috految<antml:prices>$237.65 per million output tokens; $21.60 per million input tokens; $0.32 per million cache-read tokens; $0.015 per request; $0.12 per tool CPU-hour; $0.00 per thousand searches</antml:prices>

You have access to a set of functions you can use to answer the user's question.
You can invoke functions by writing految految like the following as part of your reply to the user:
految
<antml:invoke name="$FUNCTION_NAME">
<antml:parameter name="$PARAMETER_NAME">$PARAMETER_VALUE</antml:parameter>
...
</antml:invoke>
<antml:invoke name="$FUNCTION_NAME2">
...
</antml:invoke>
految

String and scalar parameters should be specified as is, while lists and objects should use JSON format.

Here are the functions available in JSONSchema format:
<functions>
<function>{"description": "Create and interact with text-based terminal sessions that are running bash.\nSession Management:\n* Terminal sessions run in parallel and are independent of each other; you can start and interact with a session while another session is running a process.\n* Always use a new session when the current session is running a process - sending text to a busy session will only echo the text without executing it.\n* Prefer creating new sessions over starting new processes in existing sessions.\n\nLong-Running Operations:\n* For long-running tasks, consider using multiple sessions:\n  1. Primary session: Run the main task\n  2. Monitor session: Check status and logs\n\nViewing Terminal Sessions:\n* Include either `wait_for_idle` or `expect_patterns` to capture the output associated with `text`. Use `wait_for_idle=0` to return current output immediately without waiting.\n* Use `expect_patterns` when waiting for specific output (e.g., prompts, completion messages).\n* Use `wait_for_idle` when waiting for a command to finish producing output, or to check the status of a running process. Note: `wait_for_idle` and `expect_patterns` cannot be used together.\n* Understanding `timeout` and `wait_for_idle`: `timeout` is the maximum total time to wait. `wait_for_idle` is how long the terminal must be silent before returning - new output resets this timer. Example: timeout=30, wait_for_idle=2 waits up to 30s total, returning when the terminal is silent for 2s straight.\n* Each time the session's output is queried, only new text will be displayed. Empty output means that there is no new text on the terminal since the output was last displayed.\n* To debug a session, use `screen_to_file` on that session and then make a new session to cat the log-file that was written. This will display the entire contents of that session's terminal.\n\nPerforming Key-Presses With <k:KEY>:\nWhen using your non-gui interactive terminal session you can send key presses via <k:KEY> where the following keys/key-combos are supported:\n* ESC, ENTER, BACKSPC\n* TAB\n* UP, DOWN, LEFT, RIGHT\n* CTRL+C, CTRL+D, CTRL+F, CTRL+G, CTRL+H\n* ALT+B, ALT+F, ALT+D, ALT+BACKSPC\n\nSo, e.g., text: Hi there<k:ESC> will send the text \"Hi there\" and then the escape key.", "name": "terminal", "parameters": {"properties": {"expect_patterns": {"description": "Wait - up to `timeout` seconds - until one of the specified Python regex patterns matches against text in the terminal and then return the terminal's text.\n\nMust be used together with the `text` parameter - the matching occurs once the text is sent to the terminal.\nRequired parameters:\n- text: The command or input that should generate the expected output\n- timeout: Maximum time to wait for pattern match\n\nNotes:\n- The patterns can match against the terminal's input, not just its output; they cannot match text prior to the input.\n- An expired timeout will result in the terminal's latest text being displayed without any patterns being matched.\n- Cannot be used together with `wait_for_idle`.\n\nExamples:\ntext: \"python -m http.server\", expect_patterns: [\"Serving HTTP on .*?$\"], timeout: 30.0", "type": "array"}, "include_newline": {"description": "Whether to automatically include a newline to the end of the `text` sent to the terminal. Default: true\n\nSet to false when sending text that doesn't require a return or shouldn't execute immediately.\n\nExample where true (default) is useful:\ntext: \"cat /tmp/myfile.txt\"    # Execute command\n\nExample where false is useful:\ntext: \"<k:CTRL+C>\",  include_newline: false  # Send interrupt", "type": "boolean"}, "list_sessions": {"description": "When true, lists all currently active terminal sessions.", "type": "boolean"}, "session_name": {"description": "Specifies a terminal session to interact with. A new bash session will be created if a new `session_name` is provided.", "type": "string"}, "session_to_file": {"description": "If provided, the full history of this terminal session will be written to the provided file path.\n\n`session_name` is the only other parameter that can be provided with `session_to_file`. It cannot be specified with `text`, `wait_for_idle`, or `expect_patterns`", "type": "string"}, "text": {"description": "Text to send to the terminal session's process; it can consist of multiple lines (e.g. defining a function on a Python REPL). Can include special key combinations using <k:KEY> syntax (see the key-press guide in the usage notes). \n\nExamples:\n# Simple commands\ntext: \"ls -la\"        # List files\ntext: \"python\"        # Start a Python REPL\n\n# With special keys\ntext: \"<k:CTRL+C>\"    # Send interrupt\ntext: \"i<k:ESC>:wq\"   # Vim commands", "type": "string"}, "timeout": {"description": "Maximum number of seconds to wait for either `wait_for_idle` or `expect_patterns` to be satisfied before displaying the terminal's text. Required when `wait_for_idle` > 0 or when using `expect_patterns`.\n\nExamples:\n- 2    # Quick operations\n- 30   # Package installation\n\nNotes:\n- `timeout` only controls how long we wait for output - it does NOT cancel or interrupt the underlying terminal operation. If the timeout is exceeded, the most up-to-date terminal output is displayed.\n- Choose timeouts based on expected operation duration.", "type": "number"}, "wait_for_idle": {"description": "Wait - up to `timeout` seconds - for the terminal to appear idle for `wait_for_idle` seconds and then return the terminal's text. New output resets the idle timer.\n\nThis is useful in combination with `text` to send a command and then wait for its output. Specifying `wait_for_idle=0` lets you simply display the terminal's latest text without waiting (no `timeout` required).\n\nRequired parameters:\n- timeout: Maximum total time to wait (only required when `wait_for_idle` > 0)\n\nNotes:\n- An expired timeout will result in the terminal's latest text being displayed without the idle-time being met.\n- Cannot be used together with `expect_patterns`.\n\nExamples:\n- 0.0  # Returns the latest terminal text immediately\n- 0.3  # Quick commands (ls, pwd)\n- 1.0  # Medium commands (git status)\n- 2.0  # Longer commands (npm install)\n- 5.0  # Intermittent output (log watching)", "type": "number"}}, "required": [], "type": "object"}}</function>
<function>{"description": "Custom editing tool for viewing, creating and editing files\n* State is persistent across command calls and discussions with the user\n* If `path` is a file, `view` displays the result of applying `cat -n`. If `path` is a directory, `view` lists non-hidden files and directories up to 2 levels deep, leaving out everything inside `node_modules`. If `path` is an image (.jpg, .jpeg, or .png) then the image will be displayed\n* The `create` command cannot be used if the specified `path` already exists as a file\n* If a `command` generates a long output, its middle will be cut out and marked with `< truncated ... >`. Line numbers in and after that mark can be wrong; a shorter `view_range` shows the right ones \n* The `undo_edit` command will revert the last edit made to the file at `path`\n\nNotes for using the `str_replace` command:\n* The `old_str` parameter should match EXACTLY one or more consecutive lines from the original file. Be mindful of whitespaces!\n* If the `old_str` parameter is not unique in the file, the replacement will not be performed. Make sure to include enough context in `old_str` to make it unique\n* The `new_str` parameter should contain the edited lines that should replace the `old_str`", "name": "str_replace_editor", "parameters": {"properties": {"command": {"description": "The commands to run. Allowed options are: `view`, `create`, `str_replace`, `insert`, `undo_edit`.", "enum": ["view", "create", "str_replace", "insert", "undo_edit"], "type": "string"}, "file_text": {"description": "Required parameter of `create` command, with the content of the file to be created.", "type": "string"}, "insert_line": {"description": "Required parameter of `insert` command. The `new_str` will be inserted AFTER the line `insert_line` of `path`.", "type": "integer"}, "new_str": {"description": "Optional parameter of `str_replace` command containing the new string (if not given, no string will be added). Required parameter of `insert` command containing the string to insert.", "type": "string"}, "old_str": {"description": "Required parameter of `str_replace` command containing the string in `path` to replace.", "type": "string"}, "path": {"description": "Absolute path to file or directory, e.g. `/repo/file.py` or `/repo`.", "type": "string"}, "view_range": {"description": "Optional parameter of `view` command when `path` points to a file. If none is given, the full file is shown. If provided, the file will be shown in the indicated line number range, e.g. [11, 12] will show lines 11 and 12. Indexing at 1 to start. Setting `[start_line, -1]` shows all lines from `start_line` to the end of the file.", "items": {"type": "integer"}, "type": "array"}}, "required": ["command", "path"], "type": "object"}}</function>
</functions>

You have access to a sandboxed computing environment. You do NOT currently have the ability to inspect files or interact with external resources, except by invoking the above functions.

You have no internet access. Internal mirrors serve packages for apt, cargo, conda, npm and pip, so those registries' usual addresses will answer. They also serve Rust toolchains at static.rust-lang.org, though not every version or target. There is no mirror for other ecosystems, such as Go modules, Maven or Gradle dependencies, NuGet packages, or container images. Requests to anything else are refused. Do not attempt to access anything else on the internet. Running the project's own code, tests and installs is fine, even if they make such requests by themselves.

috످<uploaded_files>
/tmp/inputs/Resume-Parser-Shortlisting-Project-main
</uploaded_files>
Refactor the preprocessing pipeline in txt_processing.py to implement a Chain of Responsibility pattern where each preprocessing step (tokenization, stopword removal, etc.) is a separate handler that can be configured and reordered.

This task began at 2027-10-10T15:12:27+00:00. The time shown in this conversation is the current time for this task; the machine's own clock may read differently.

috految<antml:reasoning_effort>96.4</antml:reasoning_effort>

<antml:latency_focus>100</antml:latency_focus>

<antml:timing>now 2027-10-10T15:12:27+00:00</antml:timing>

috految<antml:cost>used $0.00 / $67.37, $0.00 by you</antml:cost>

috److I'll start with the existing code and how it's used.

految
<antml:invoke name="terminal">
<antml:parameter name="session_name">main</antml:parameter>
<antml:parameter name="text">cd /tmp/inputs/Resume-Parser-Shortlisting-Project-main; mkdir -p /tmp/work; cp -a . /tmp/work/orig; git status 2>&1 | head -3; find . -type f -not -path './.git/*' -printf '%s %m %p\n' | head -100; find . -type f \( -name '*.py' -o -iname 'readme*' -o -iname 'req*.txt' -o -name '*.yml' -o -name 'Dockerfile' \) | head -30 | while read f; do echo; echo "=== $f CRLF=$(grep -c $'\r' "$f")"; cat -n "$f"; done; grep -rnIE 'txt_processing|preprocess' . | cut -c1-200; python3 -V; which python3 uv conda mamba micromamba pdftotext antiword zstd; nproc; ls ~/nltk_data /usr/share/nltk_data; ls $(python3 -c 'import site;print(site.getsitepackages()[0])') | grep -iE 'nltk|pandas|scikit|textract|pdf|pip|numpy'; echo END$?</antml:parameter>
<antml:parameter name="expect_patterns">["END\\d"]</antml:parameter>
<antml:parameter name="timeout">15</antml:parameter>
</antml:invoke>
految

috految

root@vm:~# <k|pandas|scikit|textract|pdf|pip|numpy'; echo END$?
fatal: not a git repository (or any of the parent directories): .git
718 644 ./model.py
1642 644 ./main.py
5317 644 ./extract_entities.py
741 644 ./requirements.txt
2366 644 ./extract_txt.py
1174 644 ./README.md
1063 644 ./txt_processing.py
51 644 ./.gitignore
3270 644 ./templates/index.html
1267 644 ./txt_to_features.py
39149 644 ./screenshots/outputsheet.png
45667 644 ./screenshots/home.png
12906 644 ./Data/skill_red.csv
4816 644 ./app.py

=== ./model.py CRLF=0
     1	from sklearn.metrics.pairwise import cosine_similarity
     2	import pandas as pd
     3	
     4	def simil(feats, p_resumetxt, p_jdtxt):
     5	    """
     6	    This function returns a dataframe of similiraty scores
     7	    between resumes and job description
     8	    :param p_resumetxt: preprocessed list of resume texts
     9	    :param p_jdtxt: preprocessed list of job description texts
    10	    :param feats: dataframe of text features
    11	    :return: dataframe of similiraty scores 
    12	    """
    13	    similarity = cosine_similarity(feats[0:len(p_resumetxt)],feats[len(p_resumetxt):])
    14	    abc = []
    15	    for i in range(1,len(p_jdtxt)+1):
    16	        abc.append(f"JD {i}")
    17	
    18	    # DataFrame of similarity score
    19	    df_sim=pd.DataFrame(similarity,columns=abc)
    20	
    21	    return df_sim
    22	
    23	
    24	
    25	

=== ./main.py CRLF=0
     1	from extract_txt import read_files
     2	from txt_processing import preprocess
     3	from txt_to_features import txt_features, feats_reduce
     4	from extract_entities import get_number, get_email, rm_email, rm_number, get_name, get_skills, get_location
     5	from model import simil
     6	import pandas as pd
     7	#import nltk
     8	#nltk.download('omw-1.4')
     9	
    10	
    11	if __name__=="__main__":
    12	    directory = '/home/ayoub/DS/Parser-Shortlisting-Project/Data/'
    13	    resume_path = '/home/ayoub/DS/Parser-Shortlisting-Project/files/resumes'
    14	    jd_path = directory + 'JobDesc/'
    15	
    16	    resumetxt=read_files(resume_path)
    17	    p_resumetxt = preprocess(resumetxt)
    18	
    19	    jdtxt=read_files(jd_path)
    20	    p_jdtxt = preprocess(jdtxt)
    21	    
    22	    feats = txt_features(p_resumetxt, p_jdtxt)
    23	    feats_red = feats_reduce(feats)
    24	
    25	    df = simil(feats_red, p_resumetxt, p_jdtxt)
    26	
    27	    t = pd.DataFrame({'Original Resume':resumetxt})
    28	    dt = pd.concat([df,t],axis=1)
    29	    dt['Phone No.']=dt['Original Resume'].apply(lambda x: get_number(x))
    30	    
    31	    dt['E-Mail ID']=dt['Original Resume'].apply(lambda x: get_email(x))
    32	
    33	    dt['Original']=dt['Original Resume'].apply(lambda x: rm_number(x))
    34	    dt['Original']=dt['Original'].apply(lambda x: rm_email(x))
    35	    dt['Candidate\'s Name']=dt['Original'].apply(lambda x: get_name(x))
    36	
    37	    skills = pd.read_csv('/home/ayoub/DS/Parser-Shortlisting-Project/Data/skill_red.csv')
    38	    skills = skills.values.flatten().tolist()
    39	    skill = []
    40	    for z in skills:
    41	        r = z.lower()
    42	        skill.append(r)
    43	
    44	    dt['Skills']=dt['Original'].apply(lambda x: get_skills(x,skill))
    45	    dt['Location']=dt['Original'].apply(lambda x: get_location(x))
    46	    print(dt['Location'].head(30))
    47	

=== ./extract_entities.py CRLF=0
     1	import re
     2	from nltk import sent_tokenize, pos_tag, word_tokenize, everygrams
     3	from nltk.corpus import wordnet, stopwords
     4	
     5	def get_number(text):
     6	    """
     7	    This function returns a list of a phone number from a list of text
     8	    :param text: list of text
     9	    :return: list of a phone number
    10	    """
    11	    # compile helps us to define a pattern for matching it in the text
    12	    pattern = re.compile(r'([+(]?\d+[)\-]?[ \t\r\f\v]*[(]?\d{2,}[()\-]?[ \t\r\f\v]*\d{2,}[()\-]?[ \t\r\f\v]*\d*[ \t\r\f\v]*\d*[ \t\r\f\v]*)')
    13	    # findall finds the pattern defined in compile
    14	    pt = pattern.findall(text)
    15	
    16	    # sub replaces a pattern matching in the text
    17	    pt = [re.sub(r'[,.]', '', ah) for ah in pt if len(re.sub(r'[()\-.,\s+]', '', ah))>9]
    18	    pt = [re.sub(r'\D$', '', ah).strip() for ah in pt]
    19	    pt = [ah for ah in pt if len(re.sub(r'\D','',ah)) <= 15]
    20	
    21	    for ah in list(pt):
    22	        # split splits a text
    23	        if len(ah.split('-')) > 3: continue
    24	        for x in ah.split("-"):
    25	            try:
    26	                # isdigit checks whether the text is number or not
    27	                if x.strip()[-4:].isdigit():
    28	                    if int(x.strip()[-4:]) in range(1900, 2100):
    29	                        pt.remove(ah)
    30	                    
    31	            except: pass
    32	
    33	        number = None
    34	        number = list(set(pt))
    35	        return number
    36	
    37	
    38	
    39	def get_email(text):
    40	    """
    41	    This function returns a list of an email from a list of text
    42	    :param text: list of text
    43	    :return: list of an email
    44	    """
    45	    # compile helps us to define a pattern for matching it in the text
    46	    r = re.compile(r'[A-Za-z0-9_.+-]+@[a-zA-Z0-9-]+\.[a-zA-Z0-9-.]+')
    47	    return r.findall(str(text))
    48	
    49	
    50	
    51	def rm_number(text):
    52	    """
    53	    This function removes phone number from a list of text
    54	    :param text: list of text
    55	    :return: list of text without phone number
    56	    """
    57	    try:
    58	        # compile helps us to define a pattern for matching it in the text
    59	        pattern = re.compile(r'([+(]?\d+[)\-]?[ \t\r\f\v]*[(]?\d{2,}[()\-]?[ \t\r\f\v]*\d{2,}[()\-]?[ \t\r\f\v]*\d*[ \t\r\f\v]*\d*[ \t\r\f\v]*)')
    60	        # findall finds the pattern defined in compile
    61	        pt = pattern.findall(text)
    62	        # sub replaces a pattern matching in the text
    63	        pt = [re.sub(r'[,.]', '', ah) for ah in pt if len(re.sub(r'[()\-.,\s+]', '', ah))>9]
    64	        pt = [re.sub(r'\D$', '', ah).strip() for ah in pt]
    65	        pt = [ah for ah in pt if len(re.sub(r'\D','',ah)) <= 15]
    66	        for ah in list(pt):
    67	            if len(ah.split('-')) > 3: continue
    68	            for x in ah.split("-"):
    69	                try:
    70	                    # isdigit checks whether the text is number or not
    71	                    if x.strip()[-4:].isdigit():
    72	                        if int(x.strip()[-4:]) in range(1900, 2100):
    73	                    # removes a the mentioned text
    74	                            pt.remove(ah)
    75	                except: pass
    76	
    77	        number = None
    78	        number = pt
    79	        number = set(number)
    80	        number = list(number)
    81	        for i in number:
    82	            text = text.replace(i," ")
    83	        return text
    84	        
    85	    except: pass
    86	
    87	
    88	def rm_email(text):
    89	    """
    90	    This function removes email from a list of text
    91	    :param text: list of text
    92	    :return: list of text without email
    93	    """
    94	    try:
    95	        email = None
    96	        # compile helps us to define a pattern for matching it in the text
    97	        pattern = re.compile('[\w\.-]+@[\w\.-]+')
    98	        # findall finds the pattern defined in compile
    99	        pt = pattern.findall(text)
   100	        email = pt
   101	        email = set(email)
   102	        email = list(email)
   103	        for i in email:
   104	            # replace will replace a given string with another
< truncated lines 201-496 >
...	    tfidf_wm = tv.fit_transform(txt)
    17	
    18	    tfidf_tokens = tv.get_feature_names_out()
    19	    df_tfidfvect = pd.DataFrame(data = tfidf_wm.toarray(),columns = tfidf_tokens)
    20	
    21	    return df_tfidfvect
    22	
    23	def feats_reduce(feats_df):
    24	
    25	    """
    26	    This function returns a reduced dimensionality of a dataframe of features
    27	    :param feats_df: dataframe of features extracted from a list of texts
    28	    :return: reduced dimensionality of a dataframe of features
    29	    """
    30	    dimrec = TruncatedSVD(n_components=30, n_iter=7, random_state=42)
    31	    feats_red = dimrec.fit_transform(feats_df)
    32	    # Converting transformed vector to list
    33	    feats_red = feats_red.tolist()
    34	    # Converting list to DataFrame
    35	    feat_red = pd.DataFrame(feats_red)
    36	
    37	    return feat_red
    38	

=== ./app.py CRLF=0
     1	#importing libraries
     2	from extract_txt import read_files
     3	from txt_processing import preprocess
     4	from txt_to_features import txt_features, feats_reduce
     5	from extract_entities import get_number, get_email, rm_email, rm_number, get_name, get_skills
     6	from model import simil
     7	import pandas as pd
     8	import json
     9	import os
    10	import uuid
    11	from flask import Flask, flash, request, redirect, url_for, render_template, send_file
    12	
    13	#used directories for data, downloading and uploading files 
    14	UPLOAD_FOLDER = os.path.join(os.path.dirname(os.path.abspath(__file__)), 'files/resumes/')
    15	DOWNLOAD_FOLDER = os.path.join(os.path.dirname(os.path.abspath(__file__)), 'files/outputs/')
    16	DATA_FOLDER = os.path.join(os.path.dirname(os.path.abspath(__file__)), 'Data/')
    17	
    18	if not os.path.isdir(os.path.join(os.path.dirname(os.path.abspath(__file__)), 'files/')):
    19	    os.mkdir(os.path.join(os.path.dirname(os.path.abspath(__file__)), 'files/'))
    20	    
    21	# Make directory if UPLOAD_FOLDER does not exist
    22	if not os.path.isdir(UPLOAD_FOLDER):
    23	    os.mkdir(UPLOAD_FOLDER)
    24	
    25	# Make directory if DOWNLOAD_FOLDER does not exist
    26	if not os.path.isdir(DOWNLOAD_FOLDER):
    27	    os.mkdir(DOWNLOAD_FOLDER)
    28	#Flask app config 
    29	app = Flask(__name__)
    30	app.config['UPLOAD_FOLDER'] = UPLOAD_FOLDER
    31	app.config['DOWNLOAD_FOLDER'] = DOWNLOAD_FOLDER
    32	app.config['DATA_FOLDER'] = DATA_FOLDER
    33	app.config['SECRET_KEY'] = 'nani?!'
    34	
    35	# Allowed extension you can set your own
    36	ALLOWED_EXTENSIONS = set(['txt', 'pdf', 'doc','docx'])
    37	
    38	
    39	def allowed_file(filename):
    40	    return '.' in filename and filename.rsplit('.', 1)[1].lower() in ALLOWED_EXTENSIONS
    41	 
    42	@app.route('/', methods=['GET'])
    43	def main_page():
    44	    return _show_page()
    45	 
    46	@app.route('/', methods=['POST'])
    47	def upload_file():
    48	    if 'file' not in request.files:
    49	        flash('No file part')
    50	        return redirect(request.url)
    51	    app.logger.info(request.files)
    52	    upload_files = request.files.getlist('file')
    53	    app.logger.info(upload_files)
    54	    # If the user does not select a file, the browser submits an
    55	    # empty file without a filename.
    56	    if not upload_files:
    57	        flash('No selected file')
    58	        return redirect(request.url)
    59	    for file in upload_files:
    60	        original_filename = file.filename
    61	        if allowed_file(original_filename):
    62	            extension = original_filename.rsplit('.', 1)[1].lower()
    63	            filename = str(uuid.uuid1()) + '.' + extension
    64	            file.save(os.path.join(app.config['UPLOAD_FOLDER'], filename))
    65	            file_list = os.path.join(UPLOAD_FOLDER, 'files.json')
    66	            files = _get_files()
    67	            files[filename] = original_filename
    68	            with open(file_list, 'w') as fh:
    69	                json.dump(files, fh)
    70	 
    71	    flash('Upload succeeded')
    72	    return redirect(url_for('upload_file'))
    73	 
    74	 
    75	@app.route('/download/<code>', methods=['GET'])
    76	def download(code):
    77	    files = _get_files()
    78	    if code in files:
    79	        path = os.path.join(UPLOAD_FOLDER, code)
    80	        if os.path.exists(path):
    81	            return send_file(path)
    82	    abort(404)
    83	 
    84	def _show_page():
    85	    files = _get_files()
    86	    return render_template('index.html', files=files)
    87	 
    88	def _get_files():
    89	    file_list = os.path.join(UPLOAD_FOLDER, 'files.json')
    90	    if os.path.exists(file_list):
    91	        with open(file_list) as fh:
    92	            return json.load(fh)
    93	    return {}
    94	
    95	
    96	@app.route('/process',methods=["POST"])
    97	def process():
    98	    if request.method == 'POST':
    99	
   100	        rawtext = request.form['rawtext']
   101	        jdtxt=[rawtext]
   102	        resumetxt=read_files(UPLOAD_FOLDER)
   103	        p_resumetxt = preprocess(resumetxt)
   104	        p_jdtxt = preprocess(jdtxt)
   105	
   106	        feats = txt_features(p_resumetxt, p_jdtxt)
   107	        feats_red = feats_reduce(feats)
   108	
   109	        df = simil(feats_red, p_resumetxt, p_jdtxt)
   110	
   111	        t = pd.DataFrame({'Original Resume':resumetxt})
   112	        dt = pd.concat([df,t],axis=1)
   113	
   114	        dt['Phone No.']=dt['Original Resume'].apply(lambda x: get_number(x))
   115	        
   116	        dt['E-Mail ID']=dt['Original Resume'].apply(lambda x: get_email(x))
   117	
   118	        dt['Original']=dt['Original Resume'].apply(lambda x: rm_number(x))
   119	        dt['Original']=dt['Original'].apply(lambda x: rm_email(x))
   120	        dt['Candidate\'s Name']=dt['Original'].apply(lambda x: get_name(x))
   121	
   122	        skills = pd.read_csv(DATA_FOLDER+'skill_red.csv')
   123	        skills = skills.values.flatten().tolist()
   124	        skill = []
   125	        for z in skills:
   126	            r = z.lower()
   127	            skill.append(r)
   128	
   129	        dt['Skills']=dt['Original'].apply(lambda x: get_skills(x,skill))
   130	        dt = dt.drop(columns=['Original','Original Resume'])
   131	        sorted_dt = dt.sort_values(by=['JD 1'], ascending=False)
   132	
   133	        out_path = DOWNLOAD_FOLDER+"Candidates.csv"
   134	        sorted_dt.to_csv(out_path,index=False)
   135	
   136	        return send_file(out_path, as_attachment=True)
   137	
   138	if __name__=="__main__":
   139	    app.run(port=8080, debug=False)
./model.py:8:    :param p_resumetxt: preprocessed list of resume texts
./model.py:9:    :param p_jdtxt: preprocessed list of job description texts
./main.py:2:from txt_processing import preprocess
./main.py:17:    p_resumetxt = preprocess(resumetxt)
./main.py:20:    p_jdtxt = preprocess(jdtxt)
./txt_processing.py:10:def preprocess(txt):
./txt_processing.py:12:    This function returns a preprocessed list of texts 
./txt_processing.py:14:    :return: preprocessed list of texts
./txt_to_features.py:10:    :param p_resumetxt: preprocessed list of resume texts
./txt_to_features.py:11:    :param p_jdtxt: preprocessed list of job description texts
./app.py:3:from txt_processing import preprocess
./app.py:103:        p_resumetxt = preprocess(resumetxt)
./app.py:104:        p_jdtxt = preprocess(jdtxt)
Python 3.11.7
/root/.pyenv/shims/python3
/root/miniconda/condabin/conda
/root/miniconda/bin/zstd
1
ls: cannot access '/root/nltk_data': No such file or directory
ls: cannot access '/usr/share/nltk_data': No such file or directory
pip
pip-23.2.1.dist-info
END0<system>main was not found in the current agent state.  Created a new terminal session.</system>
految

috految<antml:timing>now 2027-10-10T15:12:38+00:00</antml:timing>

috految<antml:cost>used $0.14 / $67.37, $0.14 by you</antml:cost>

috److految
<antml:invoke name="terminal">
<antml:parameter name="session_name">main</antml:parameter>
<antml:parameter name="text">clear; for f in txt_processing.py txt_to_features.py extract_txt.py requirements.txt README.md .gitignore templates/index.html; do echo "== $f CR=$(grep -c $'\r' $f)"; cat -n $f; done; cat -n extract_entities.py | tail -n +104; head -c 200 Data/skill_red.csv; ls ~/.pyenv/versions /usr/bin/python3* ~/miniconda/envs; ls ~/miniconda/pkgs/cache; uname -m; (python3 -m pip install -q --no-compile --target /tmp/work/uv uv >/tmp/work/uv.log 2>&1 &); (curl -sSL -m 60 https://conda.anaconda.org/conda-forge/noarch/repodata.json.zst | zstd -dc | LC_ALL=C grep -oP '"nltk_data-[^"]*"' > /tmp/work/nltk.log &); echo END$?</antml:parameter>
<antml:parameter name="expect_patterns">["END\\d"]</antml:parameter>
<antml:parameter name="timeout">10</antml:parameter>
</antml:invoke>
految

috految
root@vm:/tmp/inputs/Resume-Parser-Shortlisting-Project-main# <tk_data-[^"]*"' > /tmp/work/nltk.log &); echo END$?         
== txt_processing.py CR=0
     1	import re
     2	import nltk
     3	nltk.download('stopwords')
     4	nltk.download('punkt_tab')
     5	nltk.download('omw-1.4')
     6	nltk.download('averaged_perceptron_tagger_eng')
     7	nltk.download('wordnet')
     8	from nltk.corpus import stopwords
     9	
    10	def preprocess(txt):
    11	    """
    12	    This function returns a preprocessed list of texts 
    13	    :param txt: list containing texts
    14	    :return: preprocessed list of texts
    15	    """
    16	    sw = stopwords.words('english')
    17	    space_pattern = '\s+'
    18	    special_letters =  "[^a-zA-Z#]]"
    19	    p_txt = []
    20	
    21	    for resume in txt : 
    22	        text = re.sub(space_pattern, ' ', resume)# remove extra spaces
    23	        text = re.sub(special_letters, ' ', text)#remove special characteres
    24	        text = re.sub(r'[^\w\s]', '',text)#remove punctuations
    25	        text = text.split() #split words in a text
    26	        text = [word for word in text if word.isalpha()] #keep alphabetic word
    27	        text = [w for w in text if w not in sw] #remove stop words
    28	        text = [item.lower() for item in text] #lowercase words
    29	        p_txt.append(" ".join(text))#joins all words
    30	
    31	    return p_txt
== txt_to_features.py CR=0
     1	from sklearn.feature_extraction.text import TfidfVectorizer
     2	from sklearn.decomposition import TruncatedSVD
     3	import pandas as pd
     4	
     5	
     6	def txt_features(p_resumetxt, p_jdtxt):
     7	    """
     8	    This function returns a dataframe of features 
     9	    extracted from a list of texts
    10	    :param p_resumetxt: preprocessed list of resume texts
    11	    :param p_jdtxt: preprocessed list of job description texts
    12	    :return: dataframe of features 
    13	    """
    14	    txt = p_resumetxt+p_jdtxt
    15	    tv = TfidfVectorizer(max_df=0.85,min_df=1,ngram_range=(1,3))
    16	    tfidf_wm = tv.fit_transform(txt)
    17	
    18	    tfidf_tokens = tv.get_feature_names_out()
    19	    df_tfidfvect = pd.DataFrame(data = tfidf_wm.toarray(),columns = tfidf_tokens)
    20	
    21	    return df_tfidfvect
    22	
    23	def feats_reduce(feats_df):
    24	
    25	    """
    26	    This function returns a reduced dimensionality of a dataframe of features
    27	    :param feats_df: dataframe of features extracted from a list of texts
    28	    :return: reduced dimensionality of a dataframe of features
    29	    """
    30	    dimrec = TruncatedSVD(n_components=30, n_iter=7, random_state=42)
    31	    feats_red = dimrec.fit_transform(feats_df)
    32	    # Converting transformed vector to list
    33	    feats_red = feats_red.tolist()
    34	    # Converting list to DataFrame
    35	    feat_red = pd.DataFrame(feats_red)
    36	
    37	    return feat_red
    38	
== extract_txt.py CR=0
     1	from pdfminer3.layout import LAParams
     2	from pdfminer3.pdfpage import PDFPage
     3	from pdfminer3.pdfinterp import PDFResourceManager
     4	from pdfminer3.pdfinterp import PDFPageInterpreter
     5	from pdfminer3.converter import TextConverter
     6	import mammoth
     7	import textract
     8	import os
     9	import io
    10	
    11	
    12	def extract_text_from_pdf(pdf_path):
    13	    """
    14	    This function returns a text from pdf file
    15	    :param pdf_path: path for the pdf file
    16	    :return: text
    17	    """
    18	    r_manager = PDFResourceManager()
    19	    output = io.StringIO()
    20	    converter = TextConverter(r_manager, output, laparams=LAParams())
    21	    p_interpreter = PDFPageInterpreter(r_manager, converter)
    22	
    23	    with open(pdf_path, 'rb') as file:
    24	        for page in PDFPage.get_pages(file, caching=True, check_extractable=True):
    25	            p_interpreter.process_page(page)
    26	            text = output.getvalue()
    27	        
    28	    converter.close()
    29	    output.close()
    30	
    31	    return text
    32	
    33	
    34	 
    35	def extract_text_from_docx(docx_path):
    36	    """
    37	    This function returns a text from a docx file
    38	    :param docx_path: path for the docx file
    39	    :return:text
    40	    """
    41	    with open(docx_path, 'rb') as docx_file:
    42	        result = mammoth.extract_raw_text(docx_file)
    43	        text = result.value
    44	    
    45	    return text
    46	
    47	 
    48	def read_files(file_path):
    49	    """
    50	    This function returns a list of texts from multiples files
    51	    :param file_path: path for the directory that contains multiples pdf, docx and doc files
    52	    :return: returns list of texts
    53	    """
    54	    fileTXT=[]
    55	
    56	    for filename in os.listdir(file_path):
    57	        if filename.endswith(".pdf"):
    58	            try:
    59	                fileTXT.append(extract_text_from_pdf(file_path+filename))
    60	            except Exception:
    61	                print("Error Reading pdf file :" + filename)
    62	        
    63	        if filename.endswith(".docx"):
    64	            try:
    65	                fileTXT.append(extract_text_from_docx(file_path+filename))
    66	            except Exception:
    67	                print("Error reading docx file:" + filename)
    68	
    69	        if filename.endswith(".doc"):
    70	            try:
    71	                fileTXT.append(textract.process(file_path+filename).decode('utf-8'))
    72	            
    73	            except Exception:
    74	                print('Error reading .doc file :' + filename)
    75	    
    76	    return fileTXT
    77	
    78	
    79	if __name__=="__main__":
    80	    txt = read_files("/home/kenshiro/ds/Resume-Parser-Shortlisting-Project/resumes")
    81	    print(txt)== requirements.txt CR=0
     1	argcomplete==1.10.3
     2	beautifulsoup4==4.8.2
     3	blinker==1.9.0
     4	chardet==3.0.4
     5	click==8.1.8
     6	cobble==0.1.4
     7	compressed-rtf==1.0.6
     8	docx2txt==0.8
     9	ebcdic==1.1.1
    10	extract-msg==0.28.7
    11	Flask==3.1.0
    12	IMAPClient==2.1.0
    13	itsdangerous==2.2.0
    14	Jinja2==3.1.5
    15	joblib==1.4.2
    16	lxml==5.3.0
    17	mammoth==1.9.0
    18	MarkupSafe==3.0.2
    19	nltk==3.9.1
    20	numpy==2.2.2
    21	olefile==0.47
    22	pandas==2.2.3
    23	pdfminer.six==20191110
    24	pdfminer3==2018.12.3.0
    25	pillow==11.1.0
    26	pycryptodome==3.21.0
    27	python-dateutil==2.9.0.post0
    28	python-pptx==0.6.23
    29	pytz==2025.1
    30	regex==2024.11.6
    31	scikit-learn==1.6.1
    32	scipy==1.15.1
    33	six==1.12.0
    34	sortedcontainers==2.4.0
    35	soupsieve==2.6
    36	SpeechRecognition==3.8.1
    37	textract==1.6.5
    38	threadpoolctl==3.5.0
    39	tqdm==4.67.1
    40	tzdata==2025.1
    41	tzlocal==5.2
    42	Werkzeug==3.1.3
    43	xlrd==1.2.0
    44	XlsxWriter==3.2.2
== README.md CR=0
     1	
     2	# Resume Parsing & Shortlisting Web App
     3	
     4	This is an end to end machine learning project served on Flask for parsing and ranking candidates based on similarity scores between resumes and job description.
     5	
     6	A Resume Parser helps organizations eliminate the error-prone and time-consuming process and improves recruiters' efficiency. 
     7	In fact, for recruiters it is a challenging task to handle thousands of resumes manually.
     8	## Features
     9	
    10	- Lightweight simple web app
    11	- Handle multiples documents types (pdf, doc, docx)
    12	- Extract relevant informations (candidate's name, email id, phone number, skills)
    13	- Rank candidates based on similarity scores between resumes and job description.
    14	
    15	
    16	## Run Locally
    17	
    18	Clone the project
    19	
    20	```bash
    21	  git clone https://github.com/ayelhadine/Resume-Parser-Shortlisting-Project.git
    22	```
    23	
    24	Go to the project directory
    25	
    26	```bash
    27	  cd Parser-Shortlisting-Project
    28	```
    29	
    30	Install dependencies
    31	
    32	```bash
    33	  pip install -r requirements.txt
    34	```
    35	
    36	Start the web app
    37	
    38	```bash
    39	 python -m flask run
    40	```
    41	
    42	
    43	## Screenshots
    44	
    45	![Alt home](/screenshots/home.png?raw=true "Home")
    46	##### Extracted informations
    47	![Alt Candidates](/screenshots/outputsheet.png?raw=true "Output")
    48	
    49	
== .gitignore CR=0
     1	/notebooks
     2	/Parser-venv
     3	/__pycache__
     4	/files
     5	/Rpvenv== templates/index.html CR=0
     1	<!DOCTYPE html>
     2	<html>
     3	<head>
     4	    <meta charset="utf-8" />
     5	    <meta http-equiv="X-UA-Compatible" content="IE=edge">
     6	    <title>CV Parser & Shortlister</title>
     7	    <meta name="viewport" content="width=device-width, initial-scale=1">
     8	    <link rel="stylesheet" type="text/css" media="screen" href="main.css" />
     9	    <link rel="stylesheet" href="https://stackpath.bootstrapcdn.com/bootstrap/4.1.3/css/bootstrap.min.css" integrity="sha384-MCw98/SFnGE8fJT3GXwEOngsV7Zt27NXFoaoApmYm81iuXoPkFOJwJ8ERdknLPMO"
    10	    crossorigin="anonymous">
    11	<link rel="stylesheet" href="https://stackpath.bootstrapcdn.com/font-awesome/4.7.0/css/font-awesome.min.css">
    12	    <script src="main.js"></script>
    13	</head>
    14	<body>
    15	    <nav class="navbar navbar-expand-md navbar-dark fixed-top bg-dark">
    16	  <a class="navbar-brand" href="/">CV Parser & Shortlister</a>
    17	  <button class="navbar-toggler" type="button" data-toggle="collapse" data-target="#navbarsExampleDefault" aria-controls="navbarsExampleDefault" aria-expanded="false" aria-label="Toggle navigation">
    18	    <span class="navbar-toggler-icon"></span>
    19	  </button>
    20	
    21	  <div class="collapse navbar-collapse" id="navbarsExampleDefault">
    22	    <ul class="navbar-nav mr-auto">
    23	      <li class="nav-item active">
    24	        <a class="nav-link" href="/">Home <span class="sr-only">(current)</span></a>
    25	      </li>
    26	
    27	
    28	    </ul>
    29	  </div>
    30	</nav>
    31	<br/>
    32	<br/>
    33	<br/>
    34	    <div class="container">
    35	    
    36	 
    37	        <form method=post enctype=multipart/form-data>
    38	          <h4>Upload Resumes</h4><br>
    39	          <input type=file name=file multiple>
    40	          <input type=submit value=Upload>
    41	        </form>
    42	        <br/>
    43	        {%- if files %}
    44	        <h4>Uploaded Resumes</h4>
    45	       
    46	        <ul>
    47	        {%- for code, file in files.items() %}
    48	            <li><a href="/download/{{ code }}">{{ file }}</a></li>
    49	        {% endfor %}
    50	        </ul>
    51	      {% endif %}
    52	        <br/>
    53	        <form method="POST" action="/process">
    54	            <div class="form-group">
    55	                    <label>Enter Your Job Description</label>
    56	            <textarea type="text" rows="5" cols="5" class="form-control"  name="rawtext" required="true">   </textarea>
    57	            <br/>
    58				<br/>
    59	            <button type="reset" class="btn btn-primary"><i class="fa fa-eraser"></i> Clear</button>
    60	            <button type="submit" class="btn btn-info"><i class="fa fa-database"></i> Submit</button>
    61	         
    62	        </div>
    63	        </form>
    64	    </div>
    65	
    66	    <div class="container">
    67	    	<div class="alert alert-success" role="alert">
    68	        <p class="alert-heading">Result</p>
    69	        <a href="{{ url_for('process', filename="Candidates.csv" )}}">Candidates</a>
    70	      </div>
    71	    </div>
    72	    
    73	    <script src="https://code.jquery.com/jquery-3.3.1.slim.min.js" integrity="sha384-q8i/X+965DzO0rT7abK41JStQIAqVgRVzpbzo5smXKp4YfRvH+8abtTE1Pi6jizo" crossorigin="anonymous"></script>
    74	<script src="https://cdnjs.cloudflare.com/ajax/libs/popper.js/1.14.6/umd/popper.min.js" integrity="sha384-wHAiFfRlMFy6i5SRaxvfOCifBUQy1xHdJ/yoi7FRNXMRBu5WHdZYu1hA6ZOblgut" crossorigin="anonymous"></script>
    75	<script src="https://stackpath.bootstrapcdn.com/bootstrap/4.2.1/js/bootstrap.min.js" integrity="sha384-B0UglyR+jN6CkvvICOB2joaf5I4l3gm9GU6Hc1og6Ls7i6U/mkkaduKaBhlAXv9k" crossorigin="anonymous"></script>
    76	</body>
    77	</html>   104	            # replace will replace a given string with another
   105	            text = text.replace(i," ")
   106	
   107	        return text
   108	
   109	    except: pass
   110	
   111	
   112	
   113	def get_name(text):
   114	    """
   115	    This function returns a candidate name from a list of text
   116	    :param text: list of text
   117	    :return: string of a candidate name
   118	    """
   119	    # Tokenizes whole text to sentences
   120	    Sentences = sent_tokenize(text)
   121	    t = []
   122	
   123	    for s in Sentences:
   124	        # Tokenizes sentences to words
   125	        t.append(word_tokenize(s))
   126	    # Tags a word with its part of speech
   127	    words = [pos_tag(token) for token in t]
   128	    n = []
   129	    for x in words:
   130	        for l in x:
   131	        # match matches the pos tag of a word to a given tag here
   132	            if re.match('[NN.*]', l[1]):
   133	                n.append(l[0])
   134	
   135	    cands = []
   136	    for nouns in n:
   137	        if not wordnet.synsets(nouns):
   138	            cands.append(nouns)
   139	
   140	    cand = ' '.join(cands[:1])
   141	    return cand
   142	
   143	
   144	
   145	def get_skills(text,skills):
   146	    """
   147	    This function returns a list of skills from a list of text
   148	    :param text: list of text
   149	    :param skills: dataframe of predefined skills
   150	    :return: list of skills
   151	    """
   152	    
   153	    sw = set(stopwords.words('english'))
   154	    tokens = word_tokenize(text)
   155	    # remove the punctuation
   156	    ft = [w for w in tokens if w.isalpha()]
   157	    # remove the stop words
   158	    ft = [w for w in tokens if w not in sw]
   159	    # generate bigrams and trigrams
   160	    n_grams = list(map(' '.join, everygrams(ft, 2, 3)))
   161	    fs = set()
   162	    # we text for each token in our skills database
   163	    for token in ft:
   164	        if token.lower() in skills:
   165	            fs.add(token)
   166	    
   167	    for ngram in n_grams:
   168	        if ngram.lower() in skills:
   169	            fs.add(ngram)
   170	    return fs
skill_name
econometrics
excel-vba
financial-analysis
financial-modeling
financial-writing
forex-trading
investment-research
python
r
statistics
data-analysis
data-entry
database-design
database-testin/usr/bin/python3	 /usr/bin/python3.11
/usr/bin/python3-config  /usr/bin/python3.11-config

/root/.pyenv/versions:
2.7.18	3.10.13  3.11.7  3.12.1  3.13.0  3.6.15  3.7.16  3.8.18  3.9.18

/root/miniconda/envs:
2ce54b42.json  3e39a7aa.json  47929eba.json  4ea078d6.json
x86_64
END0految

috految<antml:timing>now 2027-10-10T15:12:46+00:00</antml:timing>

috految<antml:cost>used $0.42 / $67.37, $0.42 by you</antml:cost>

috److془Set up env in background. NLTK data: llama-index-core (stopwords, punkt_tab), wordnet from apt wordnet-base or pypi; tagger: textblob-aptagger pickle (the same model). Or conda nltk_data. Let's use those in background.

wn==0.0.23 has wordnet-3.0 data (CRLF maybe). Check. unstructured 0.16.13? Use textblob-aptagger.془The original has quirks that a refactor could change by accident: a stray `]` in one regex, stopword removal before lowercasing, and NLTK downloads that look unused but that `extract_entities.py` depends on. I'll install your pinned dependencies outside the repo so I can compare old and new directly.

految
<antml:invoke name="terminal">
<antml:parameter name="session_name">main</antml:parameter>
<antml:parameter name="text">clear; export P=$PWD; cd /tmp/work; cat uv.log nltk.log; export NLTK_DATA=/tmp/work/nltk_data; unset PYTHONDONTWRITEBYTECODE; PY=~/.pyenv/versions/3.11.7/bin/python; (for i in {1..100}; do [ -x uv/bin/uv ] && break; sleep .2; done; $PY -m venv --without-pip venv; uv/bin/uv pip install --native-tls -p venv/bin/python -r orig/requirements.txt python-docx reportlab pyflakes pip==24.1 || $PY -m pip --python venv/bin/python install --no-compile -r orig/requirements.txt python-docx reportlab pyflakes pip==24.1; venv/bin/python -c 'import nltk,pandas,sklearn.decomposition,sklearn.feature_extraction.text,flask,textract,mammoth,docx,reportlab.pdfgen.canvas,pdfminer3.converter,pdfminer3.pdfinterp'; echo ENV_READY; venv/bin/python -m pip install --dry-run --no-deps -I textract==1.6.5 >pip241.log 2>&1; $PY -m pip install --dry-run --no-deps -I textract==1.6.5 >pip23.log 2>&1) >env.log 2>&1 </dev/null & (mkdir -p dl; $PY -m pip download -q --no-deps -d dl llama-index-core==0.12.52 textblob-aptagger; cd dl; for w in *.whl; do $PY -m zipfile -e $w .; done; $PY -m pip download -q --no-deps --no-cache-dir wn==0.0.23; tar xzf wn-*.tar.gz; echo DATA_READY) >data.log 2>&1 </dev/null & echo END$?</antml:parameter>
<antml:parameter name="expect_patterns">["END\\d"]</antml:parameter>
<antml:parameter name="timeout">5</antml:parameter>
</antml:invoke>
految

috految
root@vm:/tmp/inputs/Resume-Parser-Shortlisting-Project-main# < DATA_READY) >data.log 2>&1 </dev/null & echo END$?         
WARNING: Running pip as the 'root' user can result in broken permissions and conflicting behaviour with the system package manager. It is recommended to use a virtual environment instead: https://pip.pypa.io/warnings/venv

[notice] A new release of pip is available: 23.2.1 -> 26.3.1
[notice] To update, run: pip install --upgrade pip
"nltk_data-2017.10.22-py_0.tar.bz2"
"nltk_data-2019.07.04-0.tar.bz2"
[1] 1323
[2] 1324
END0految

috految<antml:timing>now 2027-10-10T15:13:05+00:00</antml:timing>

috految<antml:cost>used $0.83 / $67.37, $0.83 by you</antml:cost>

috److془Design.

Handler with set_next, handle, process. TextHandler accepts either. Tokens: apply per token, split again. Multi-word tokens from custom tokenizer: re-splitting would break; option: only re-split when changed. Hmm: 'machine learning' with Lowercase -> no re-split. With regex: per-token sub and split. Document. Alternatively, RegexHandler with phrase pattern after tokenization silently doesn't match. Use `self.pattern.sub(repl, ' '.join(tokens)).split()` - behaves identically either side. Nice. Multi-word tokens get split as documented. 

Stopwords: extra, keep, language, case sensitive. Gotcha: extra=['resume'] before lowercasing wouldn't match "Resume". Provide ignore_case? Or just reorder. Keep: `StopwordHandler(keep=['IT'])` after lowercase would silently fail. Make extra and keep case-insensitive. Good. Then `keep=['IT']` keeps 'it' also. Fine. 

Hmm: with ordering, AlphaFilter before Punctuation drops "Python,". Document.

Punctuation: keep='' , replacement=''. AlphaFilter: allow='' chars; `allowed_chars='0123456789'`. Token must contain at least one letter: token.translate(..).isalpha(). Nice.

Lowercase on text vs tokens. Lowercase has `keep`? Would be useless as TF-IDF lowercases. Actually, `LowercaseHandler(keep=['IT'])` then Stopword → keeps IT and drops "it". Nice but more. "each preprocessing step is a separate handler that can be configured". Use it. Lowercase on text: re.sub(r'\w+')... for tokens with 'IT,' . Simple: re.sub(r'\S+', ...) . Hmm "IT," before punctuation wouldn't be matched. Use no options. Hmm; or fine: no options for lowercasing. 

Actually "each ... can be configured" - Lowercase having no options is fine.

Chain: build_chain(handlers) copies and links, validates. preprocess(txt, handlers=None). Pre-linked handlers in list: raise. Simple: set_next public returns handler; a.set_next(b).set_next(c) returns c; passing [that] gives just c. Make set_next return None. Good. Pre-linked raise ValueError.

Join handler: takes tokens → text. Validation: chain ending in tokens → error. handlers=[] → error. Custom handler returning str instead of list → join would char-split silently. Runtime check in handle. Could just do runtime check only! Simple: `accepts = (str,)`; handle raises TypeError. preprocess checks final is str. Since the chain is built in preprocess, static validation gives nothing. Great. Non-str input: original raises TypeError for list input; new: whitespace accepts list → Tokenize raises TypeError. Good.

Tokenizer: `list(self.tokenizer(text))` would char-split if str; don't wrap list. 

Shallow copying: stateful counters not visible; fine. Custom handler with __init__ not calling super: class attribute _next=None. Good.

Stopwords loaded at construction; default_handlers() called per preprocess, like original. 

Gotcha: regex replacement backslash - regular re.sub semantic. Fine. re.escape in char class fine (escapes ^ - ] \ ). 

Write now.془

految
<antml:invoke name="str_replace_editor">
<antml:parameter name="command">create</antml:parameter>
<antml:parameter name="path">/tmp/work/txt_processing.new</antml:parameter>
<antml:parameter name="file_text">"""
Text preprocessing implemented as a Chain of Responsibility.

Each handler performs one step and passes its result to the next handler.
A document travels as text (str) until TokenizeHandler, then as tokens
(list of str) until JoinHandler turns it back into text.

Edit default_handlers() to change the steps for the whole app, or pass
your own list to preprocess():

    >>> preprocess(['The Python/Django developer with EC2 experience'], [
    ...     LowercaseHandler(),
    ...     PunctuationHandler(replacement=' '),
    ...     TokenizeHandler(),
    ...     AlphaFilterHandler(allowed_chars='0123456789'),
    ...     StopwordHandler(extra=['experience']),
    ...     JoinHandler(),
    ... ])
    ['python django developer ec2']
"""
import copy
import re
from abc import ABC, abstractmethod

import nltk
# extract_entities.py also relies on these downloads and has none of its own
nltk.download('stopwords')
nltk.download('punkt_tab')
nltk.download('omw-1.4')
nltk.download('averaged_perceptron_tagger_eng')
nltk.download('wordnet')
from nltk.corpus import stopwords


class Handler(ABC):
    """
    Base class for one link in the chain.

    To add a step, implement process() and set `accepts` to the input it
    works on: str (text), list (tokens) or (str, list) for either.
    To stop the chain early, override handle() and return the final text.
    """
    _next = None

    @property
    @abstractmethod
    def accepts(self):
        """The type, or tuple of types, that process() can receive"""

    @abstractmethod
    def process(self, data):
        """
        This method applies this step only
        :param data: text or tokens of one document
        :return: transformed text or tokens
        """

    def set_next(self, handler):
        """
        This method sets the handler that runs after this one
        :param handler: next handler in the chain
        """
        self._next = handler

    def handle(self, data):
        """
        This method applies this step, then passes the result down the chain
        :param data: text or tokens of one document
        :return: result of the last handler in the chain
        """
        # Strings are iterable, so without this check a misplaced token handler
        # would silently filter single characters instead of words.
        if not isinstance(data, self.accepts):
            raise TypeError(
                f'{type(self).__name__} cannot process {type(data).__name__}. '
                'Check the input and handler order: data is a str before '
                'TokenizeHandler, then a list until JoinHandler.'
            )

        result = self.process(data)
        if self._next is None:
            return result
        return self._next.handle(result)


class RegexHandler(Handler):
    """
    Replaces every match of a regex. Tokens are joined first and split on
    whitespace afterwards, so matches can span or break up tokens.
    :param pattern: regex to match
    :param replacement: replacement, as for re.sub
    """
    accepts = (str, list)

    def __init__(self, pattern, replacement):
        self._pattern = re.compile(pattern)
        self._replacement = replacement

    def process(self, data):
        if isinstance(data, str):
            return self._pattern.sub(self._replacement, data)
        return self._pattern.sub(self._replacement, ' '.join(data)).split()


class WhitespaceHandler(RegexHandler):
    """
    Collapses runs of whitespace
    :param pattern: regex matching the whitespace
    :param replacement: text to put in its place
    """

    def __init__(self, *, pattern=r'\s+', replacement=' '):
        super().__init__(pattern, replacement)


class SpecialCharacterHandler(RegexHandler):
    """
    Replaces special characters
    :param pattern: regex matching the characters
    :param replacement: text to put in their place
    """

    # NOTE: the second "]" is literal, so the default only matches a special
    # character followed by "]". Removing it changes candidate scores and
    # also strips digits and accented letters.
    def __init__(self, *, pattern=r'[^a-zA-Z#]]', replacement=' '):
        super().__init__(pattern, replacement)


class PunctuationHandler(RegexHandler):
    """
    Removes punctuation
    :param allowed_chars: string of symbols to leave in place, e.g. '+#'. Pass
        the same symbols to AlphaFilterHandler or it will drop those words.
    :param replacement: '' joins the parts of 'a/b', ' ' separates them
    """

    def __init__(self, *, allowed_chars='', replacement=''):
        super().__init__(rf'[^\w\s{re.escape(allowed_chars)}]', replacement)


class TokenizeHandler(Handler):
    """
    Splits text into tokens
    :param tokenizer: function from text to a list, e.g. nltk.word_tokenize
    """
    accepts = str

    def __init__(self, *, tokenizer=str.split):
        self._tokenizer = tokenizer

    def process(self, data):
        return self._tokenizer(data)


class AlphaFilterHandler(Handler):
    """
    Keeps alphabetic tokens. Run it after PunctuationHandler, otherwise words
    with punctuation attached ('Python,') are dropped.
    :param allowed_chars: string of non-letters a word may contain,
        e.g. '0123456789' keeps 'EC2' but still drops '2024'
    """
    accepts = list

    def __init__(self, *, allowed_chars=''):
        self._strip_allowed = str.maketrans(
            {char: None for char in allowed_chars if not char.isalpha()}
        )

    def process(self, data):
        return [w for w in data if w.translate(self._strip_allowed).isalpha()]


class StopwordHandler(Handler):
    """
    Removes stop words. NLTK's list is lowercase, so capitalized stop words
    are only removed if LowercaseHandler runs first.
    :param language: name of the NLTK stop word list
    :param extra: list of additional words to remove (case-insensitive)
    :param keep: list of words never to remove (case-insensitive)
    """
    accepts = list

    def __init__(self, *, language='english', extra=(), keep=()):
        if isinstance(extra, str) or isinstance(keep, str):
            raise TypeError('extra and keep must be lists of words, not strings')
        keep = {w.lower() for w in keep}
        self._stopwords = set(stopwords.words(language)) - keep
        self._extra = {w.lower() for w in extra} - keep

    def process(self, data):
        return [
            w for w in data
            if w not in self._stopwords and w.lower() not in self._extra
        ]


class LowercaseHandler(Handler):
    """
    Lowercases text or tokens
    """
    accepts = (str, list)

    def process(self, data):
        if isinstance(data, str):
            return data.lower()
        return [w.lower() for w in data]


class JoinHandler(Handler):
    """
    Joins tokens back into text
    :param separator: text to put between tokens
    """
    accepts = list

    def __init__(self, *, separator=' '):
        self._separator = separator

    def process(self, data):
        return self._separator.join(data)


def default_handlers():
    """
    This function returns the steps used when preprocess() is given none
    :return: new list of handlers, in execution order
    """
    return [
        WhitespaceHandler(),
        SpecialCharacterHandler(),
        PunctuationHandler(),
        TokenizeHandler(),
        AlphaFilterHandler(),
        StopwordHandler(),
        LowercaseHandler(),
        JoinHandler(),
    ]


def build_chain(handlers):
    """
    This function links handlers into a chain
    :param handlers: list of unlinked handlers, in execution order
    :return: first handler of the chain
    """
    links = []
    for handler in handlers:
        if not isinstance(handler, Handler):
            raise TypeError(f'Expected a Handler instance, got {handler!r}')
        if handler._next is not None:
            raise ValueError(f'{type(handler).__name__} is already part of a chain')
        # Link copies, so an instance can be repeated or shared between chains
        links.append(copy.copy(handler))

    if not links:
        raise ValueError('At least one handler is required')

    for current, following in zip(links, links[1:]):
        current.set_next(following)
    return links[0]


def preprocess(txt, handlers=None):
    """
    This function returns a preprocessed list of texts
    :param txt: list containing texts
    :param handlers: list of handlers, default_handlers() if omitted. Use the
        same list for resumes and job descriptions so they stay comparable.
    :return: preprocessed list of texts
    """
    chain = build_chain(default_handlers() if handlers is None else handlers)
    p_txt = []

    for text in txt:
        result = chain.handle(text)
        if not isinstance(result, str):
            raise TypeError(
                f'The chain must produce a str, got {type(result).__name__}. '
                'Is JoinHandler missing?'
            )
        p_txt.append(result)

    return p_txt
</antml:parameter>
</antml:invoke>
<antml:invoke name="terminal">
<antml:parameter name="session_name">main</antml:parameter>
<antml:parameter name="text">clear; cat txt_processing.new > $P/txt_processing.py; tail -n 60 env.log data.log pip*.log; ls dl; find dl \( -name 'english*' -o -name '*.pickle' -o -name 'data.noun' -o -name 'index.sense' -o -name lexnames -o -name '*.zip' \) -ls; grep -c -- - orig/Data/skill_red.csv; grep -E '[0-9+#]|machine|^c$|analysis| ' orig/Data/skill_red.csv | head -60 | xargs; echo END$?</antml:parameter>
<antml:parameter name="expect_patterns">["END\\d"]</antml:parameter>
<antml:parameter name="timeout">5</antml:parameter>
</antml:invoke>
految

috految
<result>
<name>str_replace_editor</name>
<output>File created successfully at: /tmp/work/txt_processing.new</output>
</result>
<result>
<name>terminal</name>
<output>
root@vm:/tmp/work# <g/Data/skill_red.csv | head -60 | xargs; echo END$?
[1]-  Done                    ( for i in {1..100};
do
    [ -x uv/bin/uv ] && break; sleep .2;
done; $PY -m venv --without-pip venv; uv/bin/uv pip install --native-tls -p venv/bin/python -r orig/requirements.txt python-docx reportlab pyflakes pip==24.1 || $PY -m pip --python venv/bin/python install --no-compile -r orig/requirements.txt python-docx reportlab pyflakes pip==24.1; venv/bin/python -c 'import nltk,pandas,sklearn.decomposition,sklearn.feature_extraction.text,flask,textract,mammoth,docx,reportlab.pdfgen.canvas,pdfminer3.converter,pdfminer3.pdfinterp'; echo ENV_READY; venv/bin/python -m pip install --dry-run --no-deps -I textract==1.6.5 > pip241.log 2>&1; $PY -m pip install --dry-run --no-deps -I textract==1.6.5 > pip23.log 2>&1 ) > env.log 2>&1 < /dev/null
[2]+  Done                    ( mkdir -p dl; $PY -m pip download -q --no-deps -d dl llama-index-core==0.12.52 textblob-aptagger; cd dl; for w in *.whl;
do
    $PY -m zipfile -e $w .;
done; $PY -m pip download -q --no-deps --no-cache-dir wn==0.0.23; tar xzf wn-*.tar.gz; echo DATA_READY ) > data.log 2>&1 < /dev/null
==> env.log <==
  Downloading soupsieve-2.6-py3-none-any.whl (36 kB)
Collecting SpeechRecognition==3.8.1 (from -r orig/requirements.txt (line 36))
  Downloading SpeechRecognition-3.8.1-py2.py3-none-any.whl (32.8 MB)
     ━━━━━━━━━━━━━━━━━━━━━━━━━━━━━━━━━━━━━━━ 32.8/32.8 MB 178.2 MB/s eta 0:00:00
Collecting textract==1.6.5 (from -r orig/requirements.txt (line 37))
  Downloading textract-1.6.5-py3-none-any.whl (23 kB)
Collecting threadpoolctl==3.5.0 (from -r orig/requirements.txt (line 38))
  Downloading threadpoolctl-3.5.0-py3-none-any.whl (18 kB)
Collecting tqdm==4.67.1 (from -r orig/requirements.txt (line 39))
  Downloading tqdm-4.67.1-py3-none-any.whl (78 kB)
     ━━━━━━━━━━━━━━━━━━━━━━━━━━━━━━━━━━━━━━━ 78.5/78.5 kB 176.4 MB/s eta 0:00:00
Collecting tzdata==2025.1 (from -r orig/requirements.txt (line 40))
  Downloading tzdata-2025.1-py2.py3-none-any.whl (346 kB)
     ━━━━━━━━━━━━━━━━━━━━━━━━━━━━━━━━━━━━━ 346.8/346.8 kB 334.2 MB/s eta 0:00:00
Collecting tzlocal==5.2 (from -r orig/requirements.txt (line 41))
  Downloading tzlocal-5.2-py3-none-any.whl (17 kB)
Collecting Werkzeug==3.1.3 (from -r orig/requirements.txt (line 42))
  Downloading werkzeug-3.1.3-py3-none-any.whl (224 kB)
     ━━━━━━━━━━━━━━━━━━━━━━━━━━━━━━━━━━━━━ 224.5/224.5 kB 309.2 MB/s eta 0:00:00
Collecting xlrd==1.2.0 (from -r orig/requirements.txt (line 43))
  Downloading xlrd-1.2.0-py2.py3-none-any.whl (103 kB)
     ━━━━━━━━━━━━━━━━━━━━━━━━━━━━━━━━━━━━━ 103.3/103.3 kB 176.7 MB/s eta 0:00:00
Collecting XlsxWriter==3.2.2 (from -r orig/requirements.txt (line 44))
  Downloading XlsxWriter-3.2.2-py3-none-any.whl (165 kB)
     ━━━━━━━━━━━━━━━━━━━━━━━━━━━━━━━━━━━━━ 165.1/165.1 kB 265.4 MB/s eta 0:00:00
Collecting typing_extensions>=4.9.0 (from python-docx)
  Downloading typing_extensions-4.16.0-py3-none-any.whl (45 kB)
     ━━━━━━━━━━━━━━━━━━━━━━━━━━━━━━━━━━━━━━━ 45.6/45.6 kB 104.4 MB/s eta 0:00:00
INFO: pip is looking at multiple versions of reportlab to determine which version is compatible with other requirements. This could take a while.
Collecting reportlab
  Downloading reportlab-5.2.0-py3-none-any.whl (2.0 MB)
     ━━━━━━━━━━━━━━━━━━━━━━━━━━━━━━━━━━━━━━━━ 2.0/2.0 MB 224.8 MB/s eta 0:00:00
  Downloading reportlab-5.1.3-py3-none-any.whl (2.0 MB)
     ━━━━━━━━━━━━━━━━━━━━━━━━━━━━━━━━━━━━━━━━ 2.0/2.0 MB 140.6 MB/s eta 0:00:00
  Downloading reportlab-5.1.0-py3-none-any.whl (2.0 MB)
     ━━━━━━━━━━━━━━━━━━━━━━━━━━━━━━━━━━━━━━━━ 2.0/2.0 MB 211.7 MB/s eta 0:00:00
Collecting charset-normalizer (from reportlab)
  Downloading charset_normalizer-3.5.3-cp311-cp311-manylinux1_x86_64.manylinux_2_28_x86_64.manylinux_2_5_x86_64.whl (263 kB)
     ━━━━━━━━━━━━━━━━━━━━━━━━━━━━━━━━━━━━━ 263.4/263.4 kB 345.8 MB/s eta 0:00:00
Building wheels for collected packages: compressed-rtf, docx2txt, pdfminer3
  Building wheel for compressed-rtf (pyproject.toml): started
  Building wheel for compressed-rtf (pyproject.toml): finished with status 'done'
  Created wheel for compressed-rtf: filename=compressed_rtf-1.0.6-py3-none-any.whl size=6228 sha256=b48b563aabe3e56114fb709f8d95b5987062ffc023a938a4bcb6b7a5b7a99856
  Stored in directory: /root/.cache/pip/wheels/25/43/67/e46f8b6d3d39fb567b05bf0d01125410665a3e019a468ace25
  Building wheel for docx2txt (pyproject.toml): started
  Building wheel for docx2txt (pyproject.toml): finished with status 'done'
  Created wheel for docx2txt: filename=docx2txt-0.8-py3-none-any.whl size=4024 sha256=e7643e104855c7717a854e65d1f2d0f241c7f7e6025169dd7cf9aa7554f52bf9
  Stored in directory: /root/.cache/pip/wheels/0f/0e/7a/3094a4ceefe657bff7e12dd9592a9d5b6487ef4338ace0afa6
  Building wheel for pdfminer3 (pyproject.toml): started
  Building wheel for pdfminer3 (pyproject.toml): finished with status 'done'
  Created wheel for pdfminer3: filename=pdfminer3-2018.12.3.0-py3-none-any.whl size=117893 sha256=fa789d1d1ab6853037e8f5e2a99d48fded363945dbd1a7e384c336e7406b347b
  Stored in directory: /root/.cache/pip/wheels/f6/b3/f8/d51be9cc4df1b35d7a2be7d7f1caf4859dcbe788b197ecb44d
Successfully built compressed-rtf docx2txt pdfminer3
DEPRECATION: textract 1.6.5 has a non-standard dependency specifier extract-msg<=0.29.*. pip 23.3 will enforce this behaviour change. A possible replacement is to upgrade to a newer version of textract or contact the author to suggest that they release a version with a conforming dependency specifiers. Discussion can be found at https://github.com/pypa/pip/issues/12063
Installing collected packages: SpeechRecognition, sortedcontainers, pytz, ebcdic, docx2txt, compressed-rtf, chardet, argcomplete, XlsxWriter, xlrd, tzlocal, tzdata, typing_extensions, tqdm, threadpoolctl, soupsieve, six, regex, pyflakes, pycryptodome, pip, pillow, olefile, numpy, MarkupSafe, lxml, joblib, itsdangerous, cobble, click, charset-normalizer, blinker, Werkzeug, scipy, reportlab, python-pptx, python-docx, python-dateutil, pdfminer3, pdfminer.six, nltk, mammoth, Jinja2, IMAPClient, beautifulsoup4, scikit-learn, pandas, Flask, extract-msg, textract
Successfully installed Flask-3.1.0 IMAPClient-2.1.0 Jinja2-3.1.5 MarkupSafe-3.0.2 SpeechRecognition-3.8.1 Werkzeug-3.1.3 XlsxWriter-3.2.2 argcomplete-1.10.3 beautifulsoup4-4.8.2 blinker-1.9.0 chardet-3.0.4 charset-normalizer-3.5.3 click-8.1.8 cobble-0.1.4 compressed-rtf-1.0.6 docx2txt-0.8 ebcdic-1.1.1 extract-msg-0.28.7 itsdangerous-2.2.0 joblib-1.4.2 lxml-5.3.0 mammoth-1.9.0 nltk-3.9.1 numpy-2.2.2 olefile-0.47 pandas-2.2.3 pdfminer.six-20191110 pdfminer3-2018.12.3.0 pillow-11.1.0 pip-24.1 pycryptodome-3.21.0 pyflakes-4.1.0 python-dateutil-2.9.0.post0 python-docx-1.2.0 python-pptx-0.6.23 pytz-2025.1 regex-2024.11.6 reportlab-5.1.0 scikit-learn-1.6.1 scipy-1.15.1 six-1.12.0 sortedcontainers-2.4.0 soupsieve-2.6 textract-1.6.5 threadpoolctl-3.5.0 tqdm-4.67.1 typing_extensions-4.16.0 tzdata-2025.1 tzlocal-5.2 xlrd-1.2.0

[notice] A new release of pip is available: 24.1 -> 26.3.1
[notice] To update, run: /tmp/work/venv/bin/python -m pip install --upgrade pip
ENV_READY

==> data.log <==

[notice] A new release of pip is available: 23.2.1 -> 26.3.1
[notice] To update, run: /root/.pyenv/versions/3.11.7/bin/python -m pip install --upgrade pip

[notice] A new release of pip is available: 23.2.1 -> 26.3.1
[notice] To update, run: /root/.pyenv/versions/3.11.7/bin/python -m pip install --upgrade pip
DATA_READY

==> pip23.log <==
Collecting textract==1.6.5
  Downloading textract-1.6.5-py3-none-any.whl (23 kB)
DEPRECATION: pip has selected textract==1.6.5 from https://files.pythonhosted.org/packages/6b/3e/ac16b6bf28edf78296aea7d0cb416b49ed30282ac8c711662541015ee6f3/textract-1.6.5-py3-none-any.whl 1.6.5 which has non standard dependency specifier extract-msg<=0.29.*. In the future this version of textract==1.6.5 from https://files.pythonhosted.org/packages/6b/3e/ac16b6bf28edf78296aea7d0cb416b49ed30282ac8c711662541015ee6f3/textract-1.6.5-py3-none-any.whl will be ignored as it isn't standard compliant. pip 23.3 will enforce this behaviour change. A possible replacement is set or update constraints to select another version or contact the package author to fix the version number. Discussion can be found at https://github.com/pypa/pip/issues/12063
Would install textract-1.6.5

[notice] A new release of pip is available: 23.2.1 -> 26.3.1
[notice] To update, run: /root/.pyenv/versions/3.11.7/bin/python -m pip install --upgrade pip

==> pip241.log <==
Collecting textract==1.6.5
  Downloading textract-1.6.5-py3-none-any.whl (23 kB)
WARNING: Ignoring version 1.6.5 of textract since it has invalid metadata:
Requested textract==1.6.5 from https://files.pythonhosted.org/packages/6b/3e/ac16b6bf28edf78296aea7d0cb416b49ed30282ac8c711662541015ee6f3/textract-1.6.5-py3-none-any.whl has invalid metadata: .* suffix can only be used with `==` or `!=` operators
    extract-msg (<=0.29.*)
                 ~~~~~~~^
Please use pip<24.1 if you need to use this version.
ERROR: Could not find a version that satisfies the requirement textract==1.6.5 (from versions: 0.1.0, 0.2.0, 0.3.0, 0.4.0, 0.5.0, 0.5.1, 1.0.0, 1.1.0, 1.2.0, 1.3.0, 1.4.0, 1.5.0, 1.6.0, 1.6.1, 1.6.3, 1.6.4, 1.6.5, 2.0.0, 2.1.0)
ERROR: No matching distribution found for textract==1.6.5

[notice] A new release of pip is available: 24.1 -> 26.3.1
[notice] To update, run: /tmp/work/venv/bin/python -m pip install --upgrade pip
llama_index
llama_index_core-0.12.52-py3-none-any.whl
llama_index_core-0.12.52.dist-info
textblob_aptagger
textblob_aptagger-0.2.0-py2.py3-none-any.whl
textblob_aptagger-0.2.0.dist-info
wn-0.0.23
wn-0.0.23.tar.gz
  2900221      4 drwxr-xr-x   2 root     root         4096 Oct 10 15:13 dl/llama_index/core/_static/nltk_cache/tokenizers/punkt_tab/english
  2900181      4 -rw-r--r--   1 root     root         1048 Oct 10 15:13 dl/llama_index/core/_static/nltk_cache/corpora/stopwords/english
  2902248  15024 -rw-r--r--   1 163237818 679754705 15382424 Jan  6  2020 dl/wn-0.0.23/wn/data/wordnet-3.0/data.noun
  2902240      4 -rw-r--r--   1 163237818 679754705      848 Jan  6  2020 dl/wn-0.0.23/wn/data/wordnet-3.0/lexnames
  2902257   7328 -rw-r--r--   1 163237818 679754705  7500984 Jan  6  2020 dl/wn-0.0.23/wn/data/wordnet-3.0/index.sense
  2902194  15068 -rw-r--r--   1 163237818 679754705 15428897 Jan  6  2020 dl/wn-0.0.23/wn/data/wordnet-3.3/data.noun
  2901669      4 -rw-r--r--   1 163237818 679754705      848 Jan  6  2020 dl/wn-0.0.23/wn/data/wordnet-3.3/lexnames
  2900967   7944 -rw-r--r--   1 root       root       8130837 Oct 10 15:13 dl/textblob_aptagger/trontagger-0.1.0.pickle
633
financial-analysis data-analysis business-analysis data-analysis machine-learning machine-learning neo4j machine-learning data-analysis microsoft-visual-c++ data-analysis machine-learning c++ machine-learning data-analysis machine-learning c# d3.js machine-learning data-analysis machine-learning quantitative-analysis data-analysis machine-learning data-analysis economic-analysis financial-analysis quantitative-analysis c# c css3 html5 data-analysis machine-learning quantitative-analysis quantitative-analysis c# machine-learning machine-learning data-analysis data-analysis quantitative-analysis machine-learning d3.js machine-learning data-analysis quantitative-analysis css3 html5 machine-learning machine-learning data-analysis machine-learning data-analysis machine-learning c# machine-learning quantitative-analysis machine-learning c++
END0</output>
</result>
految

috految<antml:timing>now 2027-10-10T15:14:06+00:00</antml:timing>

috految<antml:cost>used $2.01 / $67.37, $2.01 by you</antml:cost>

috److The refactor is in. Next I'll run the Flask app on both versions, then test the chain itself.

految
<antml:invoke name="str_replace_editor">
<antml:parameter name="command">create</antml:parameter>
<antml:parameter name="path">/tmp/work/e2e.py</antml:parameter>
<antml:parameter name="file_text">import os,sys,io,json,pickle,shutil,random,importlib,glob,runpy,docx,nltk,pandas as pd
from pathlib import Path
from reportlab.pdfgen.canvas import Canvas
shutil.copytree('dl/llama_index/core/_static/nltk_cache','nltk_data',dirs_exist_ok=True)
d=Path('nltk_data/corpora/wordnet'); d.mkdir(exist_ok=True)
for f in Path('dl/wn-0.0.23/wn/data/wordnet-3.0').iterdir():
    if f.is_file(): (d/f.name).write_bytes(f.read_bytes().replace(b'\r\n',b'\n'))
n='averaged_perceptron_tagger_eng'; d=Path('nltk_data/taggers')/n; d.mkdir(parents=True,exist_ok=True)
w,t,c=pickle.load(open('dl/textblob_aptagger/trontagger-0.1.0.pickle','rb'))
for k,v in dict(weights=w,tagdict=t,classes=list(c)).items(): (d/f'{n}.{k}.json').write_text(json.dumps(v))
calls=[]; nltk.download=calls.append
shutil.copytree('orig','run',dirs_exist_ok=True); sys.path.insert(0,os.path.abspath('run'))
def load(src):
    shutil.copy(src+'/txt_processing.py','run'); calls.clear()
    for m in ('app','txt_processing'): sys.modules.pop(m,None)
    a=importlib.import_module('app'); print('loaded',src,'handlers' in a.preprocess.__code__.co_varnames,calls)
    return a,a.app.test_client()
def up(text,ext):
    b=io.BytesIO()
    if ext=='pdf':
        c=Canvas(b); o=c.beginText(30,800); o.textLines(text); c.drawText(o); c.save()
    elif ext=='docx':
        d=docx.Document(); [d.add_paragraph(x) for x in text.split('\n')]; d.save(b)
    else: b.write(text.encode())
    b.seek(0); assert cl.post('/',data={'file':(b,'r.'+ext)}).status_code==302
def run(jd):
    r=cl.post('/process',data={'rawtext':jd}); assert r.status_code==200; return r.data
def rows(b): return pd.read_csv(io.BytesIO(b))
def clear():
    for f in glob.glob('/tmp/work/run/files/resumes/*'): os.remove(f)
a,cl=load('orig'); random.seed(1); clear()
sk=sorted(set(pd.read_csv('orig/Data/skill_red.csv').skill_name.str.lower()))
for i in range(12): up(f"Priya Nair\nc{i}@x.com\n212-555-01{i:02}\nThe IT lead at Café [2020] with C++, EC2 and CI/CD\n"+',\n'.join(random.sample(sk,25)),['pdf','docx'][i%2])
JD=['The Python/SQL developer with statistics and machine-learning',', '.join(sk[::4])]
old=[run(j) for j in JD]
a,cl=load(os.environ['P']); new=[run(j) for j in JD]
print('CSV identical',old==new,[len(rows(x)) for x in new],'distinct scores',[rows(x)['JD 1'].round(6).nunique() for x in new]); print(rows(new[1]).head(3).to_string())
T=sys.modules['txt_processing']; T.default_handlers=lambda:[T.LowercaseHandler()]
print('editing default_handlers reaches app',run(JD[1])!=new[1])
a,cl=load('orig'); clear()
jd='Backend engineer with Python, Django, PostgreSQL, Docker'
up('John Smith\na@x.com\n'+jd+'. Built payment services, reporting tools, search indexes and internal dashboards for retail clients across Europe. Machine Learning, Data Analysis','docx')
print('ORIG single',rows(run(jd)).to_dict('records'))
up('Jane Doe python docker','txt'); print('ORIG uploaded 2, ranked',len(rows(run(jd))))
print('ORIG anon download',[a.app.test_client().get('/download/'+k).status_code for k in a._get_files()],'listed',b'/download/' in a.app.test_client().get('/').data)
print('ORIG bad download',cl.get('/download/x').status_code,'Candidates link',cl.get('/process?filename=Candidates.csv').status_code)
print('ORIG skills',a.get_skills('Machine Learning, Data Analysis, Python',sk),sum('-' in s for s in sk),len(sk))
print('ORIG name',repr(a.get_name('John Smith\nSoftware engineer skilled in Django')))
try: runpy.run_path('run/main.py')
except ImportError as e: print('ORIG main.py',e)
clear()
</antml:parameter>
</antml:invoke>
<antml:invoke name="terminal">
<antml:parameter name="session_name">main</antml:parameter>
<antml:parameter name="text">clear; venv/bin/python -Bu e2e.py >e2e.log 2>&1 & (cd venv/lib/python3.11/site-packages; ~/.pyenv/versions/3.12.1/bin/python -B -c 'import dateutil.tz' >/tmp/work/py312.log 2>&1 &)</antml:parameter>
<antml:parameter name="wait_for_idle">0</antml:parameter>
</antml:invoke>
految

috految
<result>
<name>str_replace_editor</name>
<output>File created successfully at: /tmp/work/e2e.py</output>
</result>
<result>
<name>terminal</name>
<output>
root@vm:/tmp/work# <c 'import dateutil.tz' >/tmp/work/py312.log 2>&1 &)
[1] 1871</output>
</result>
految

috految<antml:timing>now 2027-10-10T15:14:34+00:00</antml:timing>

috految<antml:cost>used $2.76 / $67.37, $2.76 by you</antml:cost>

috److految
<antml:invoke name="str_replace_editor">
<antml:parameter name="command">create</antml:parameter>
<antml:parameter name="path">/tmp/work/check.py</antml:parameter>
<antml:parameter name="file_text">import os,sys,runpy,random,string,itertools,doctest,timeit,nltk
nltk.download=lambda x:None
old=runpy.run_path('orig/txt_processing.py')['preprocess']
sys.path.insert(0,os.environ['P']); import txt_processing as M
from txt_processing import *
print(M.__file__,doctest.testmod(M))
W,X,P,T,A,S,L,J=map(type,default_handlers())
random.seed(0); sw=stopwords.words('english'); sk=open('orig/Data/skill_red.csv').read().split()
pool=sw+[w.title() for w in sw]+sk[::4]+list(string.printable+']]]]\0\xa0\u200bİΣßﬁé•中😀²')*3
docs=[''.join(x+random.choice(['',' ',' ','\n','/']) for x in random.choices(pool,k=random.randrange(25))) for _ in range(20000)]
ref=old(docs); assert ref==preprocess(docs) and old(sk)==preprocess(sk); print('identical',len(docs))
h=default_handlers(); h[5],h[6]=h[6],h[5]; assert preprocess(docs[:300],h)!=ref[:300]
def res(f,*a):
    try: return f(*a)
    except Exception as e: return type(e)
for x in ([],[''],[' \n'],None,[None],[1],[b'a'],[['a']],[float('nan')],'Abc',('A b',)): assert res(old,x)==res(preprocess,x),x
hs=default_handlers(); ok=bad=0; s=['The  Python, and the Java dev 2020']
for p in itertools.permutations(range(8)):
    i=p.index; r=res(preprocess,s,[hs[k] for k in p])
    if i(3)<min(i(4),i(5)) and max(i(4),i(5))<i(7):
        assert r==[' '.join(['the']*(i(5)<i(6))+['python']*(i(2)<i(4))+['java','dev'])],(p,r); ok+=1
    else: assert r is TypeError; bad+=1
print('orders',ok,bad)
def q(s,*h): return preprocess([s],h)[0]
assert q('a\n\nb',W(pattern=r'\n+',replacement='|'))=='a|b'
assert q('a1b',X(pattern=r'\d',replacement='-'))=='a-b'
for c in string.punctuation: assert q(f'a{c}b•',P(allowed_chars=c))==f'a{c}b'
assert q('a/b',T(),P(replacement=' '),A(),J(separator='|'))=='a|b'
assert q('Hi, you',T(tokenizer=nltk.word_tokenize),A(),J())=='Hi you'
assert q('C++ EC2 2024 ++',T(),A(allowed_chars='+0123456789'),J())=='C++ EC2'
assert q('le chat',T(),S(language='french'),J())=='chat'
assert q('The IT Resume',L(),T(),S(keep=['IT'],extra=['Resume']),J())=='it'
l=L(); assert q('A',l,l)=='a'
a=build_chain([l,P()]); b=build_chain([l]); assert (a.handle('A!'),b.handle('A!'))==('a','a!')
class MinLengthHandler(Handler):
    accepts = list
    def process(self, tokens): return [t for t in tokens if len(t) > 1]
class Stop(L):
    def handle(self,d): return d
assert q('a bb',T(),MinLengthHandler(),J())=='bb' and q('A!',Stop(),P())=='A!'
for x in ([],[L],[a],[S()],[T()]):
    try: preprocess(['x'],x); print('NO ERROR',x)
    except (TypeError,ValueError) as e: print(repr(e))
print('config ok; old/new time',[min(timeit.repeat(lambda:f([' '.join(sk)]*10),number=1,repeat=3)) for f in (old,preprocess)])
print(preprocess(['The Python/Django developer with EC2 experience']))
from txt_to_features import *; from model import simil
fix=[W(),X(),P(replacement=' '),T(),A(allowed_chars='0123456789'),L(),S(keep=['IT']),J()]
typo=default_handlers(); typo[1]=X(pattern='[^a-zA-Z#]')
for s in ('Python/Django','EC2 S3 HTML5','C++ C# R','The IT and the team','café José','Node.js NodeJS','Ph.D. PhD','R&D'): print(s,old([s]),'fix',preprocess([s],fix),'typo',preprocess([s],typo))
print('vectorizer',TfidfVectorizer().build_analyzer()('c++ c# r c java'))
fix2=[W(),X(pattern='[/,|]'),P(allowed_chars='+#'),T(),A(allowed_chars='+#0123456789'),L(),S(keep=['IT']),J()]
print('fix2',preprocess(['Python/Django EC2 S3 HTML5 C++ C# R The IT Node.js Ph.D. café'],fix2),TfidfVectorizer(token_pattern=r'\S+').build_analyzer()('c++ c# r'))
def sc(R,j,f=old):
    r,j=f(R),f([j]); return simil(feats_reduce(txt_features(r,j)),r,j)['JD 1'].round(3).tolist()
jd='Seeking Python, Django, PostgreSQL, Docker'; rest=['Pastry chef running busy hotel kitchens and training staff','Accountant preparing tax returns, audits and payroll','Nurse providing patient care in emergency wards']
for sep in (', ','/'):
    R=['Built payment services using '+sep.join('Python Django PostgreSQL Docker'.split())]+rest
    h=default_handlers(); h[1]=X(pattern='[/,|]')
    print(repr(sep),sc(R,jd),'fixed',sc(R,jd,lambda t:preprocess(t,h)))
import txt_to_features as F
R=[jd+' '+' '.join(rest)]; print('single',sc(R,jd))
F.TfidfVectorizer=lambda **k:TfidfVectorizer(**{**k,'max_df':1.0}); print('max_df=1.0',sc(R,jd))
</antml:parameter>
</antml:invoke>
<antml:invoke name="terminal">
<antml:parameter name="session_name">main</antml:parameter>
<antml:parameter name="text">clear; venv/bin/python -Bu check.py; cat e2e.log py312.log; venv/bin/python -m pyflakes $P/txt_processing.py; diff -rq orig $P; grep -nE '^def |a-zA-Z#' $P/txt_processing.py; echo END$?</antml:parameter>
<antml:parameter name="expect_patterns">["END\\d"]</antml:parameter>
<antml:parameter name="timeout">45</antml:parameter>
</antml:invoke>
految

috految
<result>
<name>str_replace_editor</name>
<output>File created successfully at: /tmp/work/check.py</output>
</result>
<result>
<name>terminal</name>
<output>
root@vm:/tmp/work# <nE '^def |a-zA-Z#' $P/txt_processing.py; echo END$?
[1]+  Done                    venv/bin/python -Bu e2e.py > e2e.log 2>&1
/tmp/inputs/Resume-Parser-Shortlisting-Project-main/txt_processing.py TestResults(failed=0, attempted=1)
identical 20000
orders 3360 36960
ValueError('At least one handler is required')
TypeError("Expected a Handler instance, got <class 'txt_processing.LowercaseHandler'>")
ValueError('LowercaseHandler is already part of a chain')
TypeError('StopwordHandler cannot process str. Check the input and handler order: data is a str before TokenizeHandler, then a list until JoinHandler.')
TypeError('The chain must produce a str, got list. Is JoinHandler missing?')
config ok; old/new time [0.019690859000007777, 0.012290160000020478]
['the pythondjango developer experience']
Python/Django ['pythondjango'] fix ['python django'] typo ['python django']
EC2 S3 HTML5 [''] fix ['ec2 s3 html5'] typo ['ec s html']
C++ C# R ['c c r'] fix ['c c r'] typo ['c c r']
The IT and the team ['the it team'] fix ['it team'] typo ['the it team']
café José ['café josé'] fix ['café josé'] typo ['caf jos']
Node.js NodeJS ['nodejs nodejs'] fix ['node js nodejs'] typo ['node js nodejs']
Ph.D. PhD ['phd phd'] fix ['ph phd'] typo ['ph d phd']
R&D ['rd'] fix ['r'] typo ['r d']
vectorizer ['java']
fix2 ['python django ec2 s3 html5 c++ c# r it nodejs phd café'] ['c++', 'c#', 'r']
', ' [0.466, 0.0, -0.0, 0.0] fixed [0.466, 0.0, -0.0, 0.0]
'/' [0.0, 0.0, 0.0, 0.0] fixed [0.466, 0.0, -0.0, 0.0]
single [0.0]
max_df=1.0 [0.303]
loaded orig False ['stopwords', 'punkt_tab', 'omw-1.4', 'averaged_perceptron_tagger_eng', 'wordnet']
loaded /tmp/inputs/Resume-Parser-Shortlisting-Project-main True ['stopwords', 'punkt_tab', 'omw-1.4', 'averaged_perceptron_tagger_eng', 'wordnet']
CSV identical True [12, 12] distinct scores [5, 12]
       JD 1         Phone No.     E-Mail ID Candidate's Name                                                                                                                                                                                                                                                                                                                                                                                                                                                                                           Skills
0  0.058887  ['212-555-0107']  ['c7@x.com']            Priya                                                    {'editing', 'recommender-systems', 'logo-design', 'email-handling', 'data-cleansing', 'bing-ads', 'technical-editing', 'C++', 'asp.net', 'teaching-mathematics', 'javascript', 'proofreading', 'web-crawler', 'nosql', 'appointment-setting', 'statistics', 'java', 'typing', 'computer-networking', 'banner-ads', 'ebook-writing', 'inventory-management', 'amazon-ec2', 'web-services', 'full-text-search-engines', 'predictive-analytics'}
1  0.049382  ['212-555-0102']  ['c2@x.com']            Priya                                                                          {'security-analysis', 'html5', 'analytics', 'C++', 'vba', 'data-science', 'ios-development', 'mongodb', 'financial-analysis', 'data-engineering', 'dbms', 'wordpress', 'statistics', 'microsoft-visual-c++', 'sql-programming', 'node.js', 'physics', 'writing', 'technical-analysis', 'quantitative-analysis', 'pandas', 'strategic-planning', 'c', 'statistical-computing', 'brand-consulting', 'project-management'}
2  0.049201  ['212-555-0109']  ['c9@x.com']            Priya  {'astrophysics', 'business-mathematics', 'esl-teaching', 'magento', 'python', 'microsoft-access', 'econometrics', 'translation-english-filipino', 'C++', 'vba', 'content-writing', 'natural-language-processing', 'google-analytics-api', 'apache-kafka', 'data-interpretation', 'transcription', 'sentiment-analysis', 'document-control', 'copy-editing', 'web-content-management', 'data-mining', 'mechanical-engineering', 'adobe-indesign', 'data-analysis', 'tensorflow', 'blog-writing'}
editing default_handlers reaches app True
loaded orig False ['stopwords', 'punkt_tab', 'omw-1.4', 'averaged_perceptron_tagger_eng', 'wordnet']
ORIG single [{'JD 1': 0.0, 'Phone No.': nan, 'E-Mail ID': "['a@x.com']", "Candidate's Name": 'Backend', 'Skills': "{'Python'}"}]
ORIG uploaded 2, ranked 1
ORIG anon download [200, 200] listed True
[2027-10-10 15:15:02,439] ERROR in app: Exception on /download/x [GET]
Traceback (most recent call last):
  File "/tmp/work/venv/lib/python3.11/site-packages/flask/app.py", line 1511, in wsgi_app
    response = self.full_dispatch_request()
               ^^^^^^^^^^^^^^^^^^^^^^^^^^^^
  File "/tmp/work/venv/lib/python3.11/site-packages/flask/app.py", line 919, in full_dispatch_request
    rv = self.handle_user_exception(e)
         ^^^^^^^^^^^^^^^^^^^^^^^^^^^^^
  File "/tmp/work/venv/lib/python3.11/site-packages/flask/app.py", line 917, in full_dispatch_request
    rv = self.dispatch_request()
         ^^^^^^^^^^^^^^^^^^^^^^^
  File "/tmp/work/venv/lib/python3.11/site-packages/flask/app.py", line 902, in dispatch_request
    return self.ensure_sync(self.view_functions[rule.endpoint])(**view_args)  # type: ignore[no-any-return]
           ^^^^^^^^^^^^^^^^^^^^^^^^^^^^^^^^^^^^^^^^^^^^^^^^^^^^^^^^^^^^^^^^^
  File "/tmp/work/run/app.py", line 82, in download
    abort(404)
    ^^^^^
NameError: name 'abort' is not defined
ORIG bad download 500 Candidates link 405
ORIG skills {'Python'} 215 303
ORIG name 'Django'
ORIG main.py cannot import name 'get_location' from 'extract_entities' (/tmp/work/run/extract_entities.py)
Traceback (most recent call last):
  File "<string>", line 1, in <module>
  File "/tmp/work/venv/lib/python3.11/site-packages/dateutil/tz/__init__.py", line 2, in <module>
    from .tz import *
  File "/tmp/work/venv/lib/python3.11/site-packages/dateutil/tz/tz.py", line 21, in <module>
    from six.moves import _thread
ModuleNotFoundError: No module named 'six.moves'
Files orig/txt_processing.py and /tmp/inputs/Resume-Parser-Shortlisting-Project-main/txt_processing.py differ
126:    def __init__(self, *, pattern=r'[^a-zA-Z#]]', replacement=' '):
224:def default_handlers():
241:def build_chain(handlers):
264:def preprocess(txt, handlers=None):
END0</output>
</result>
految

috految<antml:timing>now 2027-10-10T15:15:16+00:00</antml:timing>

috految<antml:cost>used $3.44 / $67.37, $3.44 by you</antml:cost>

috److I refactored `txt_processing.py` into a Chain of Responsibility with eight handlers you can configure and reorder. **The default output matched the original in every test**, and existing `preprocess(txt)` calls work as before. I didn't change any other files or add dependencies.

I also found **five existing bugs that affect candidate scores**. I haven't fixed them because that would change your rankings.

## The handlers

Each handler does one step and passes its result to the next. `build_chain()` links them in list order, which defaults to:

| # | Handler | What it does | Works on | Options |
|---|---|---|---|---|
| 1 | `WhitespaceHandler` | Collapses whitespace | Text or tokens | `pattern`, `replacement` |
| 2 | `SpecialCharacterHandler` | Replaces special characters | Text or tokens | `pattern`, `replacement` |
| 3 | `PunctuationHandler` | Removes punctuation | Text or tokens | `allowed_chars`, `replacement` |
| 4 | `TokenizeHandler` | Splits text into tokens | Text | `tokenizer` |
| 5 | `AlphaFilterHandler` | Keeps alphabetic words | Tokens | `allowed_chars` |
| 6 | `StopwordHandler` | Removes stopwords | Tokens | `language`, `extra`, `keep` |
| 7 | `LowercaseHandler` | Converts to lowercase | Text or tokens | None |
| 8 | `JoinHandler` | Joins tokens into text | Tokens | `separator` |

## How to use it

**To change the steps for the whole app**, edit `default_handlers()` (line 224).

**To configure or reorder a single call**, pass your own list:

```python
text = ["The Python/Django developer with EC2 experience"]

preprocess(text)
# ['the pythondjango developer experience']   (same as before)

preprocess(text, handlers=[
    LowercaseHandler(),                              # moved to the front
    PunctuationHandler(replacement=' '),             # split on punctuation
    TokenizeHandler(),
    AlphaFilterHandler(allowed_chars='0123456789'),  # keep words like EC2
    StopwordHandler(extra=['experience']),
    JoinHandler(),
])
# ['python django developer ec2']
```

**To add a step**, subclass `Handler` and put it in the list:

```python
class MinLengthHandler(Handler):
    accepts = list   # list for tokens, str for text

    def process(self, tokens):
        return [t for t in tokens if len(t) > 1]
```

**When customizing:**
- Keep token-only handlers between `TokenizeHandler` and `JoinHandler`. Otherwise, you'll get an error naming the handler.
- Run `PunctuationHandler` before `AlphaFilterHandler`, or words like `"Python,"` are silently dropped.
- Use the same handlers for resumes and job descriptions so they stay comparable.

## Testing

| Check | Result |
|---|---|
| Old vs. new on 20,000 generated inputs, including Unicode and symbols | Identical output |
| Old vs. new through the Flask app (12 synthetic PDF/DOCX resumes, 2 job descriptions) | Byte-identical CSVs |
| Empty and invalid inputs | Same results or exception types |
| All 40,320 handler orderings | The 3,360 valid orders run as expected, and the rest raise an error |
| Handler options, custom handlers, and reuse across chains | All pass |

I tested on Python 3.11 with your pinned dependencies and offline substitutes for the NLTK downloads. I didn't test `.doc` uploads.

## Existing bugs that affect scores

1. **Slash-separated skills merge into one word.** A test resume scored **0.47** with `Python, Django, PostgreSQL, Docker`, but **0.00** with `Python/Django/PostgreSQL/Docker`. A stray `]` in the regex (line 126) stops it from matching slashes.
   - **Fix:** Use `SpecialCharacterHandler(pattern='[/,|]')`, which restored the score to 0.47. Just deleting the `]` would turn `José` into `jos` and `EC2` into `ec`.

2. **Skills containing digits are deleted.** `EC2`, `S3`, and `HTML5` never reach scoring.
   - **Fix:** Use `AlphaFilterHandler(allowed_chars='0123456789')`.

3. **C++, C#, and R don't count.** They end up as single letters, which the vectorizer discards.
   - **Fix:** Add `+#` to `allowed_chars` on handlers 3 and 5, and set `token_pattern=r'\S+'` in `txt_to_features.py:15`.

4. **Capitalized stopwords survive.** `The` gets through because stopword removal runs before lowercasing.
   - **Fix:** Swap handlers 6 and 7, and pass `keep=['IT']` so "IT" isn't removed as "it".

5. **A single uploaded resume always scores 0.** `max_df=0.85` discards every term it shares with the job description.
   - **Fix:** Set `max_df=1.0` in `txt_to_features.py:15`.

## Other existing problems

- **Resumes have no access control.** Anyone who can reach the app can list and download them. `SECRET_KEY` is also hardcoded (`app.py:33`).
- **`.txt` resumes are accepted but never ranked.** `read_files()` skips them without warning.
- **`main.py` crashes on startup.** It imports `get_location`, which doesn't exist.
- **Fresh installs can fail.** `textract==1.6.5` needs `pip<24.1`, and `six==1.12.0` breaks on Python 3.12.
- **Name extraction is unreliable.** It returned "Django" for a candidate named John Smith (`extract_entities.py:137`).
- **Multi-word skills are missed.** "Machine Learning" doesn't match `machine-learning`, and 215 of your 303 unique skills are hyphenated.
- **Two links return errors.** The "Candidates" link returns a 405, and invalid download links return a 500 because `abort` isn't imported (`app.py:82`).

## Decision for you

Do you want me to apply the five scoring fixes? I recommend them, because qualified candidates can currently score zero just from how they format their skills. They take about six lines, but you'd need to rerun existing shortlists since old and new scores won't be comparable.

috످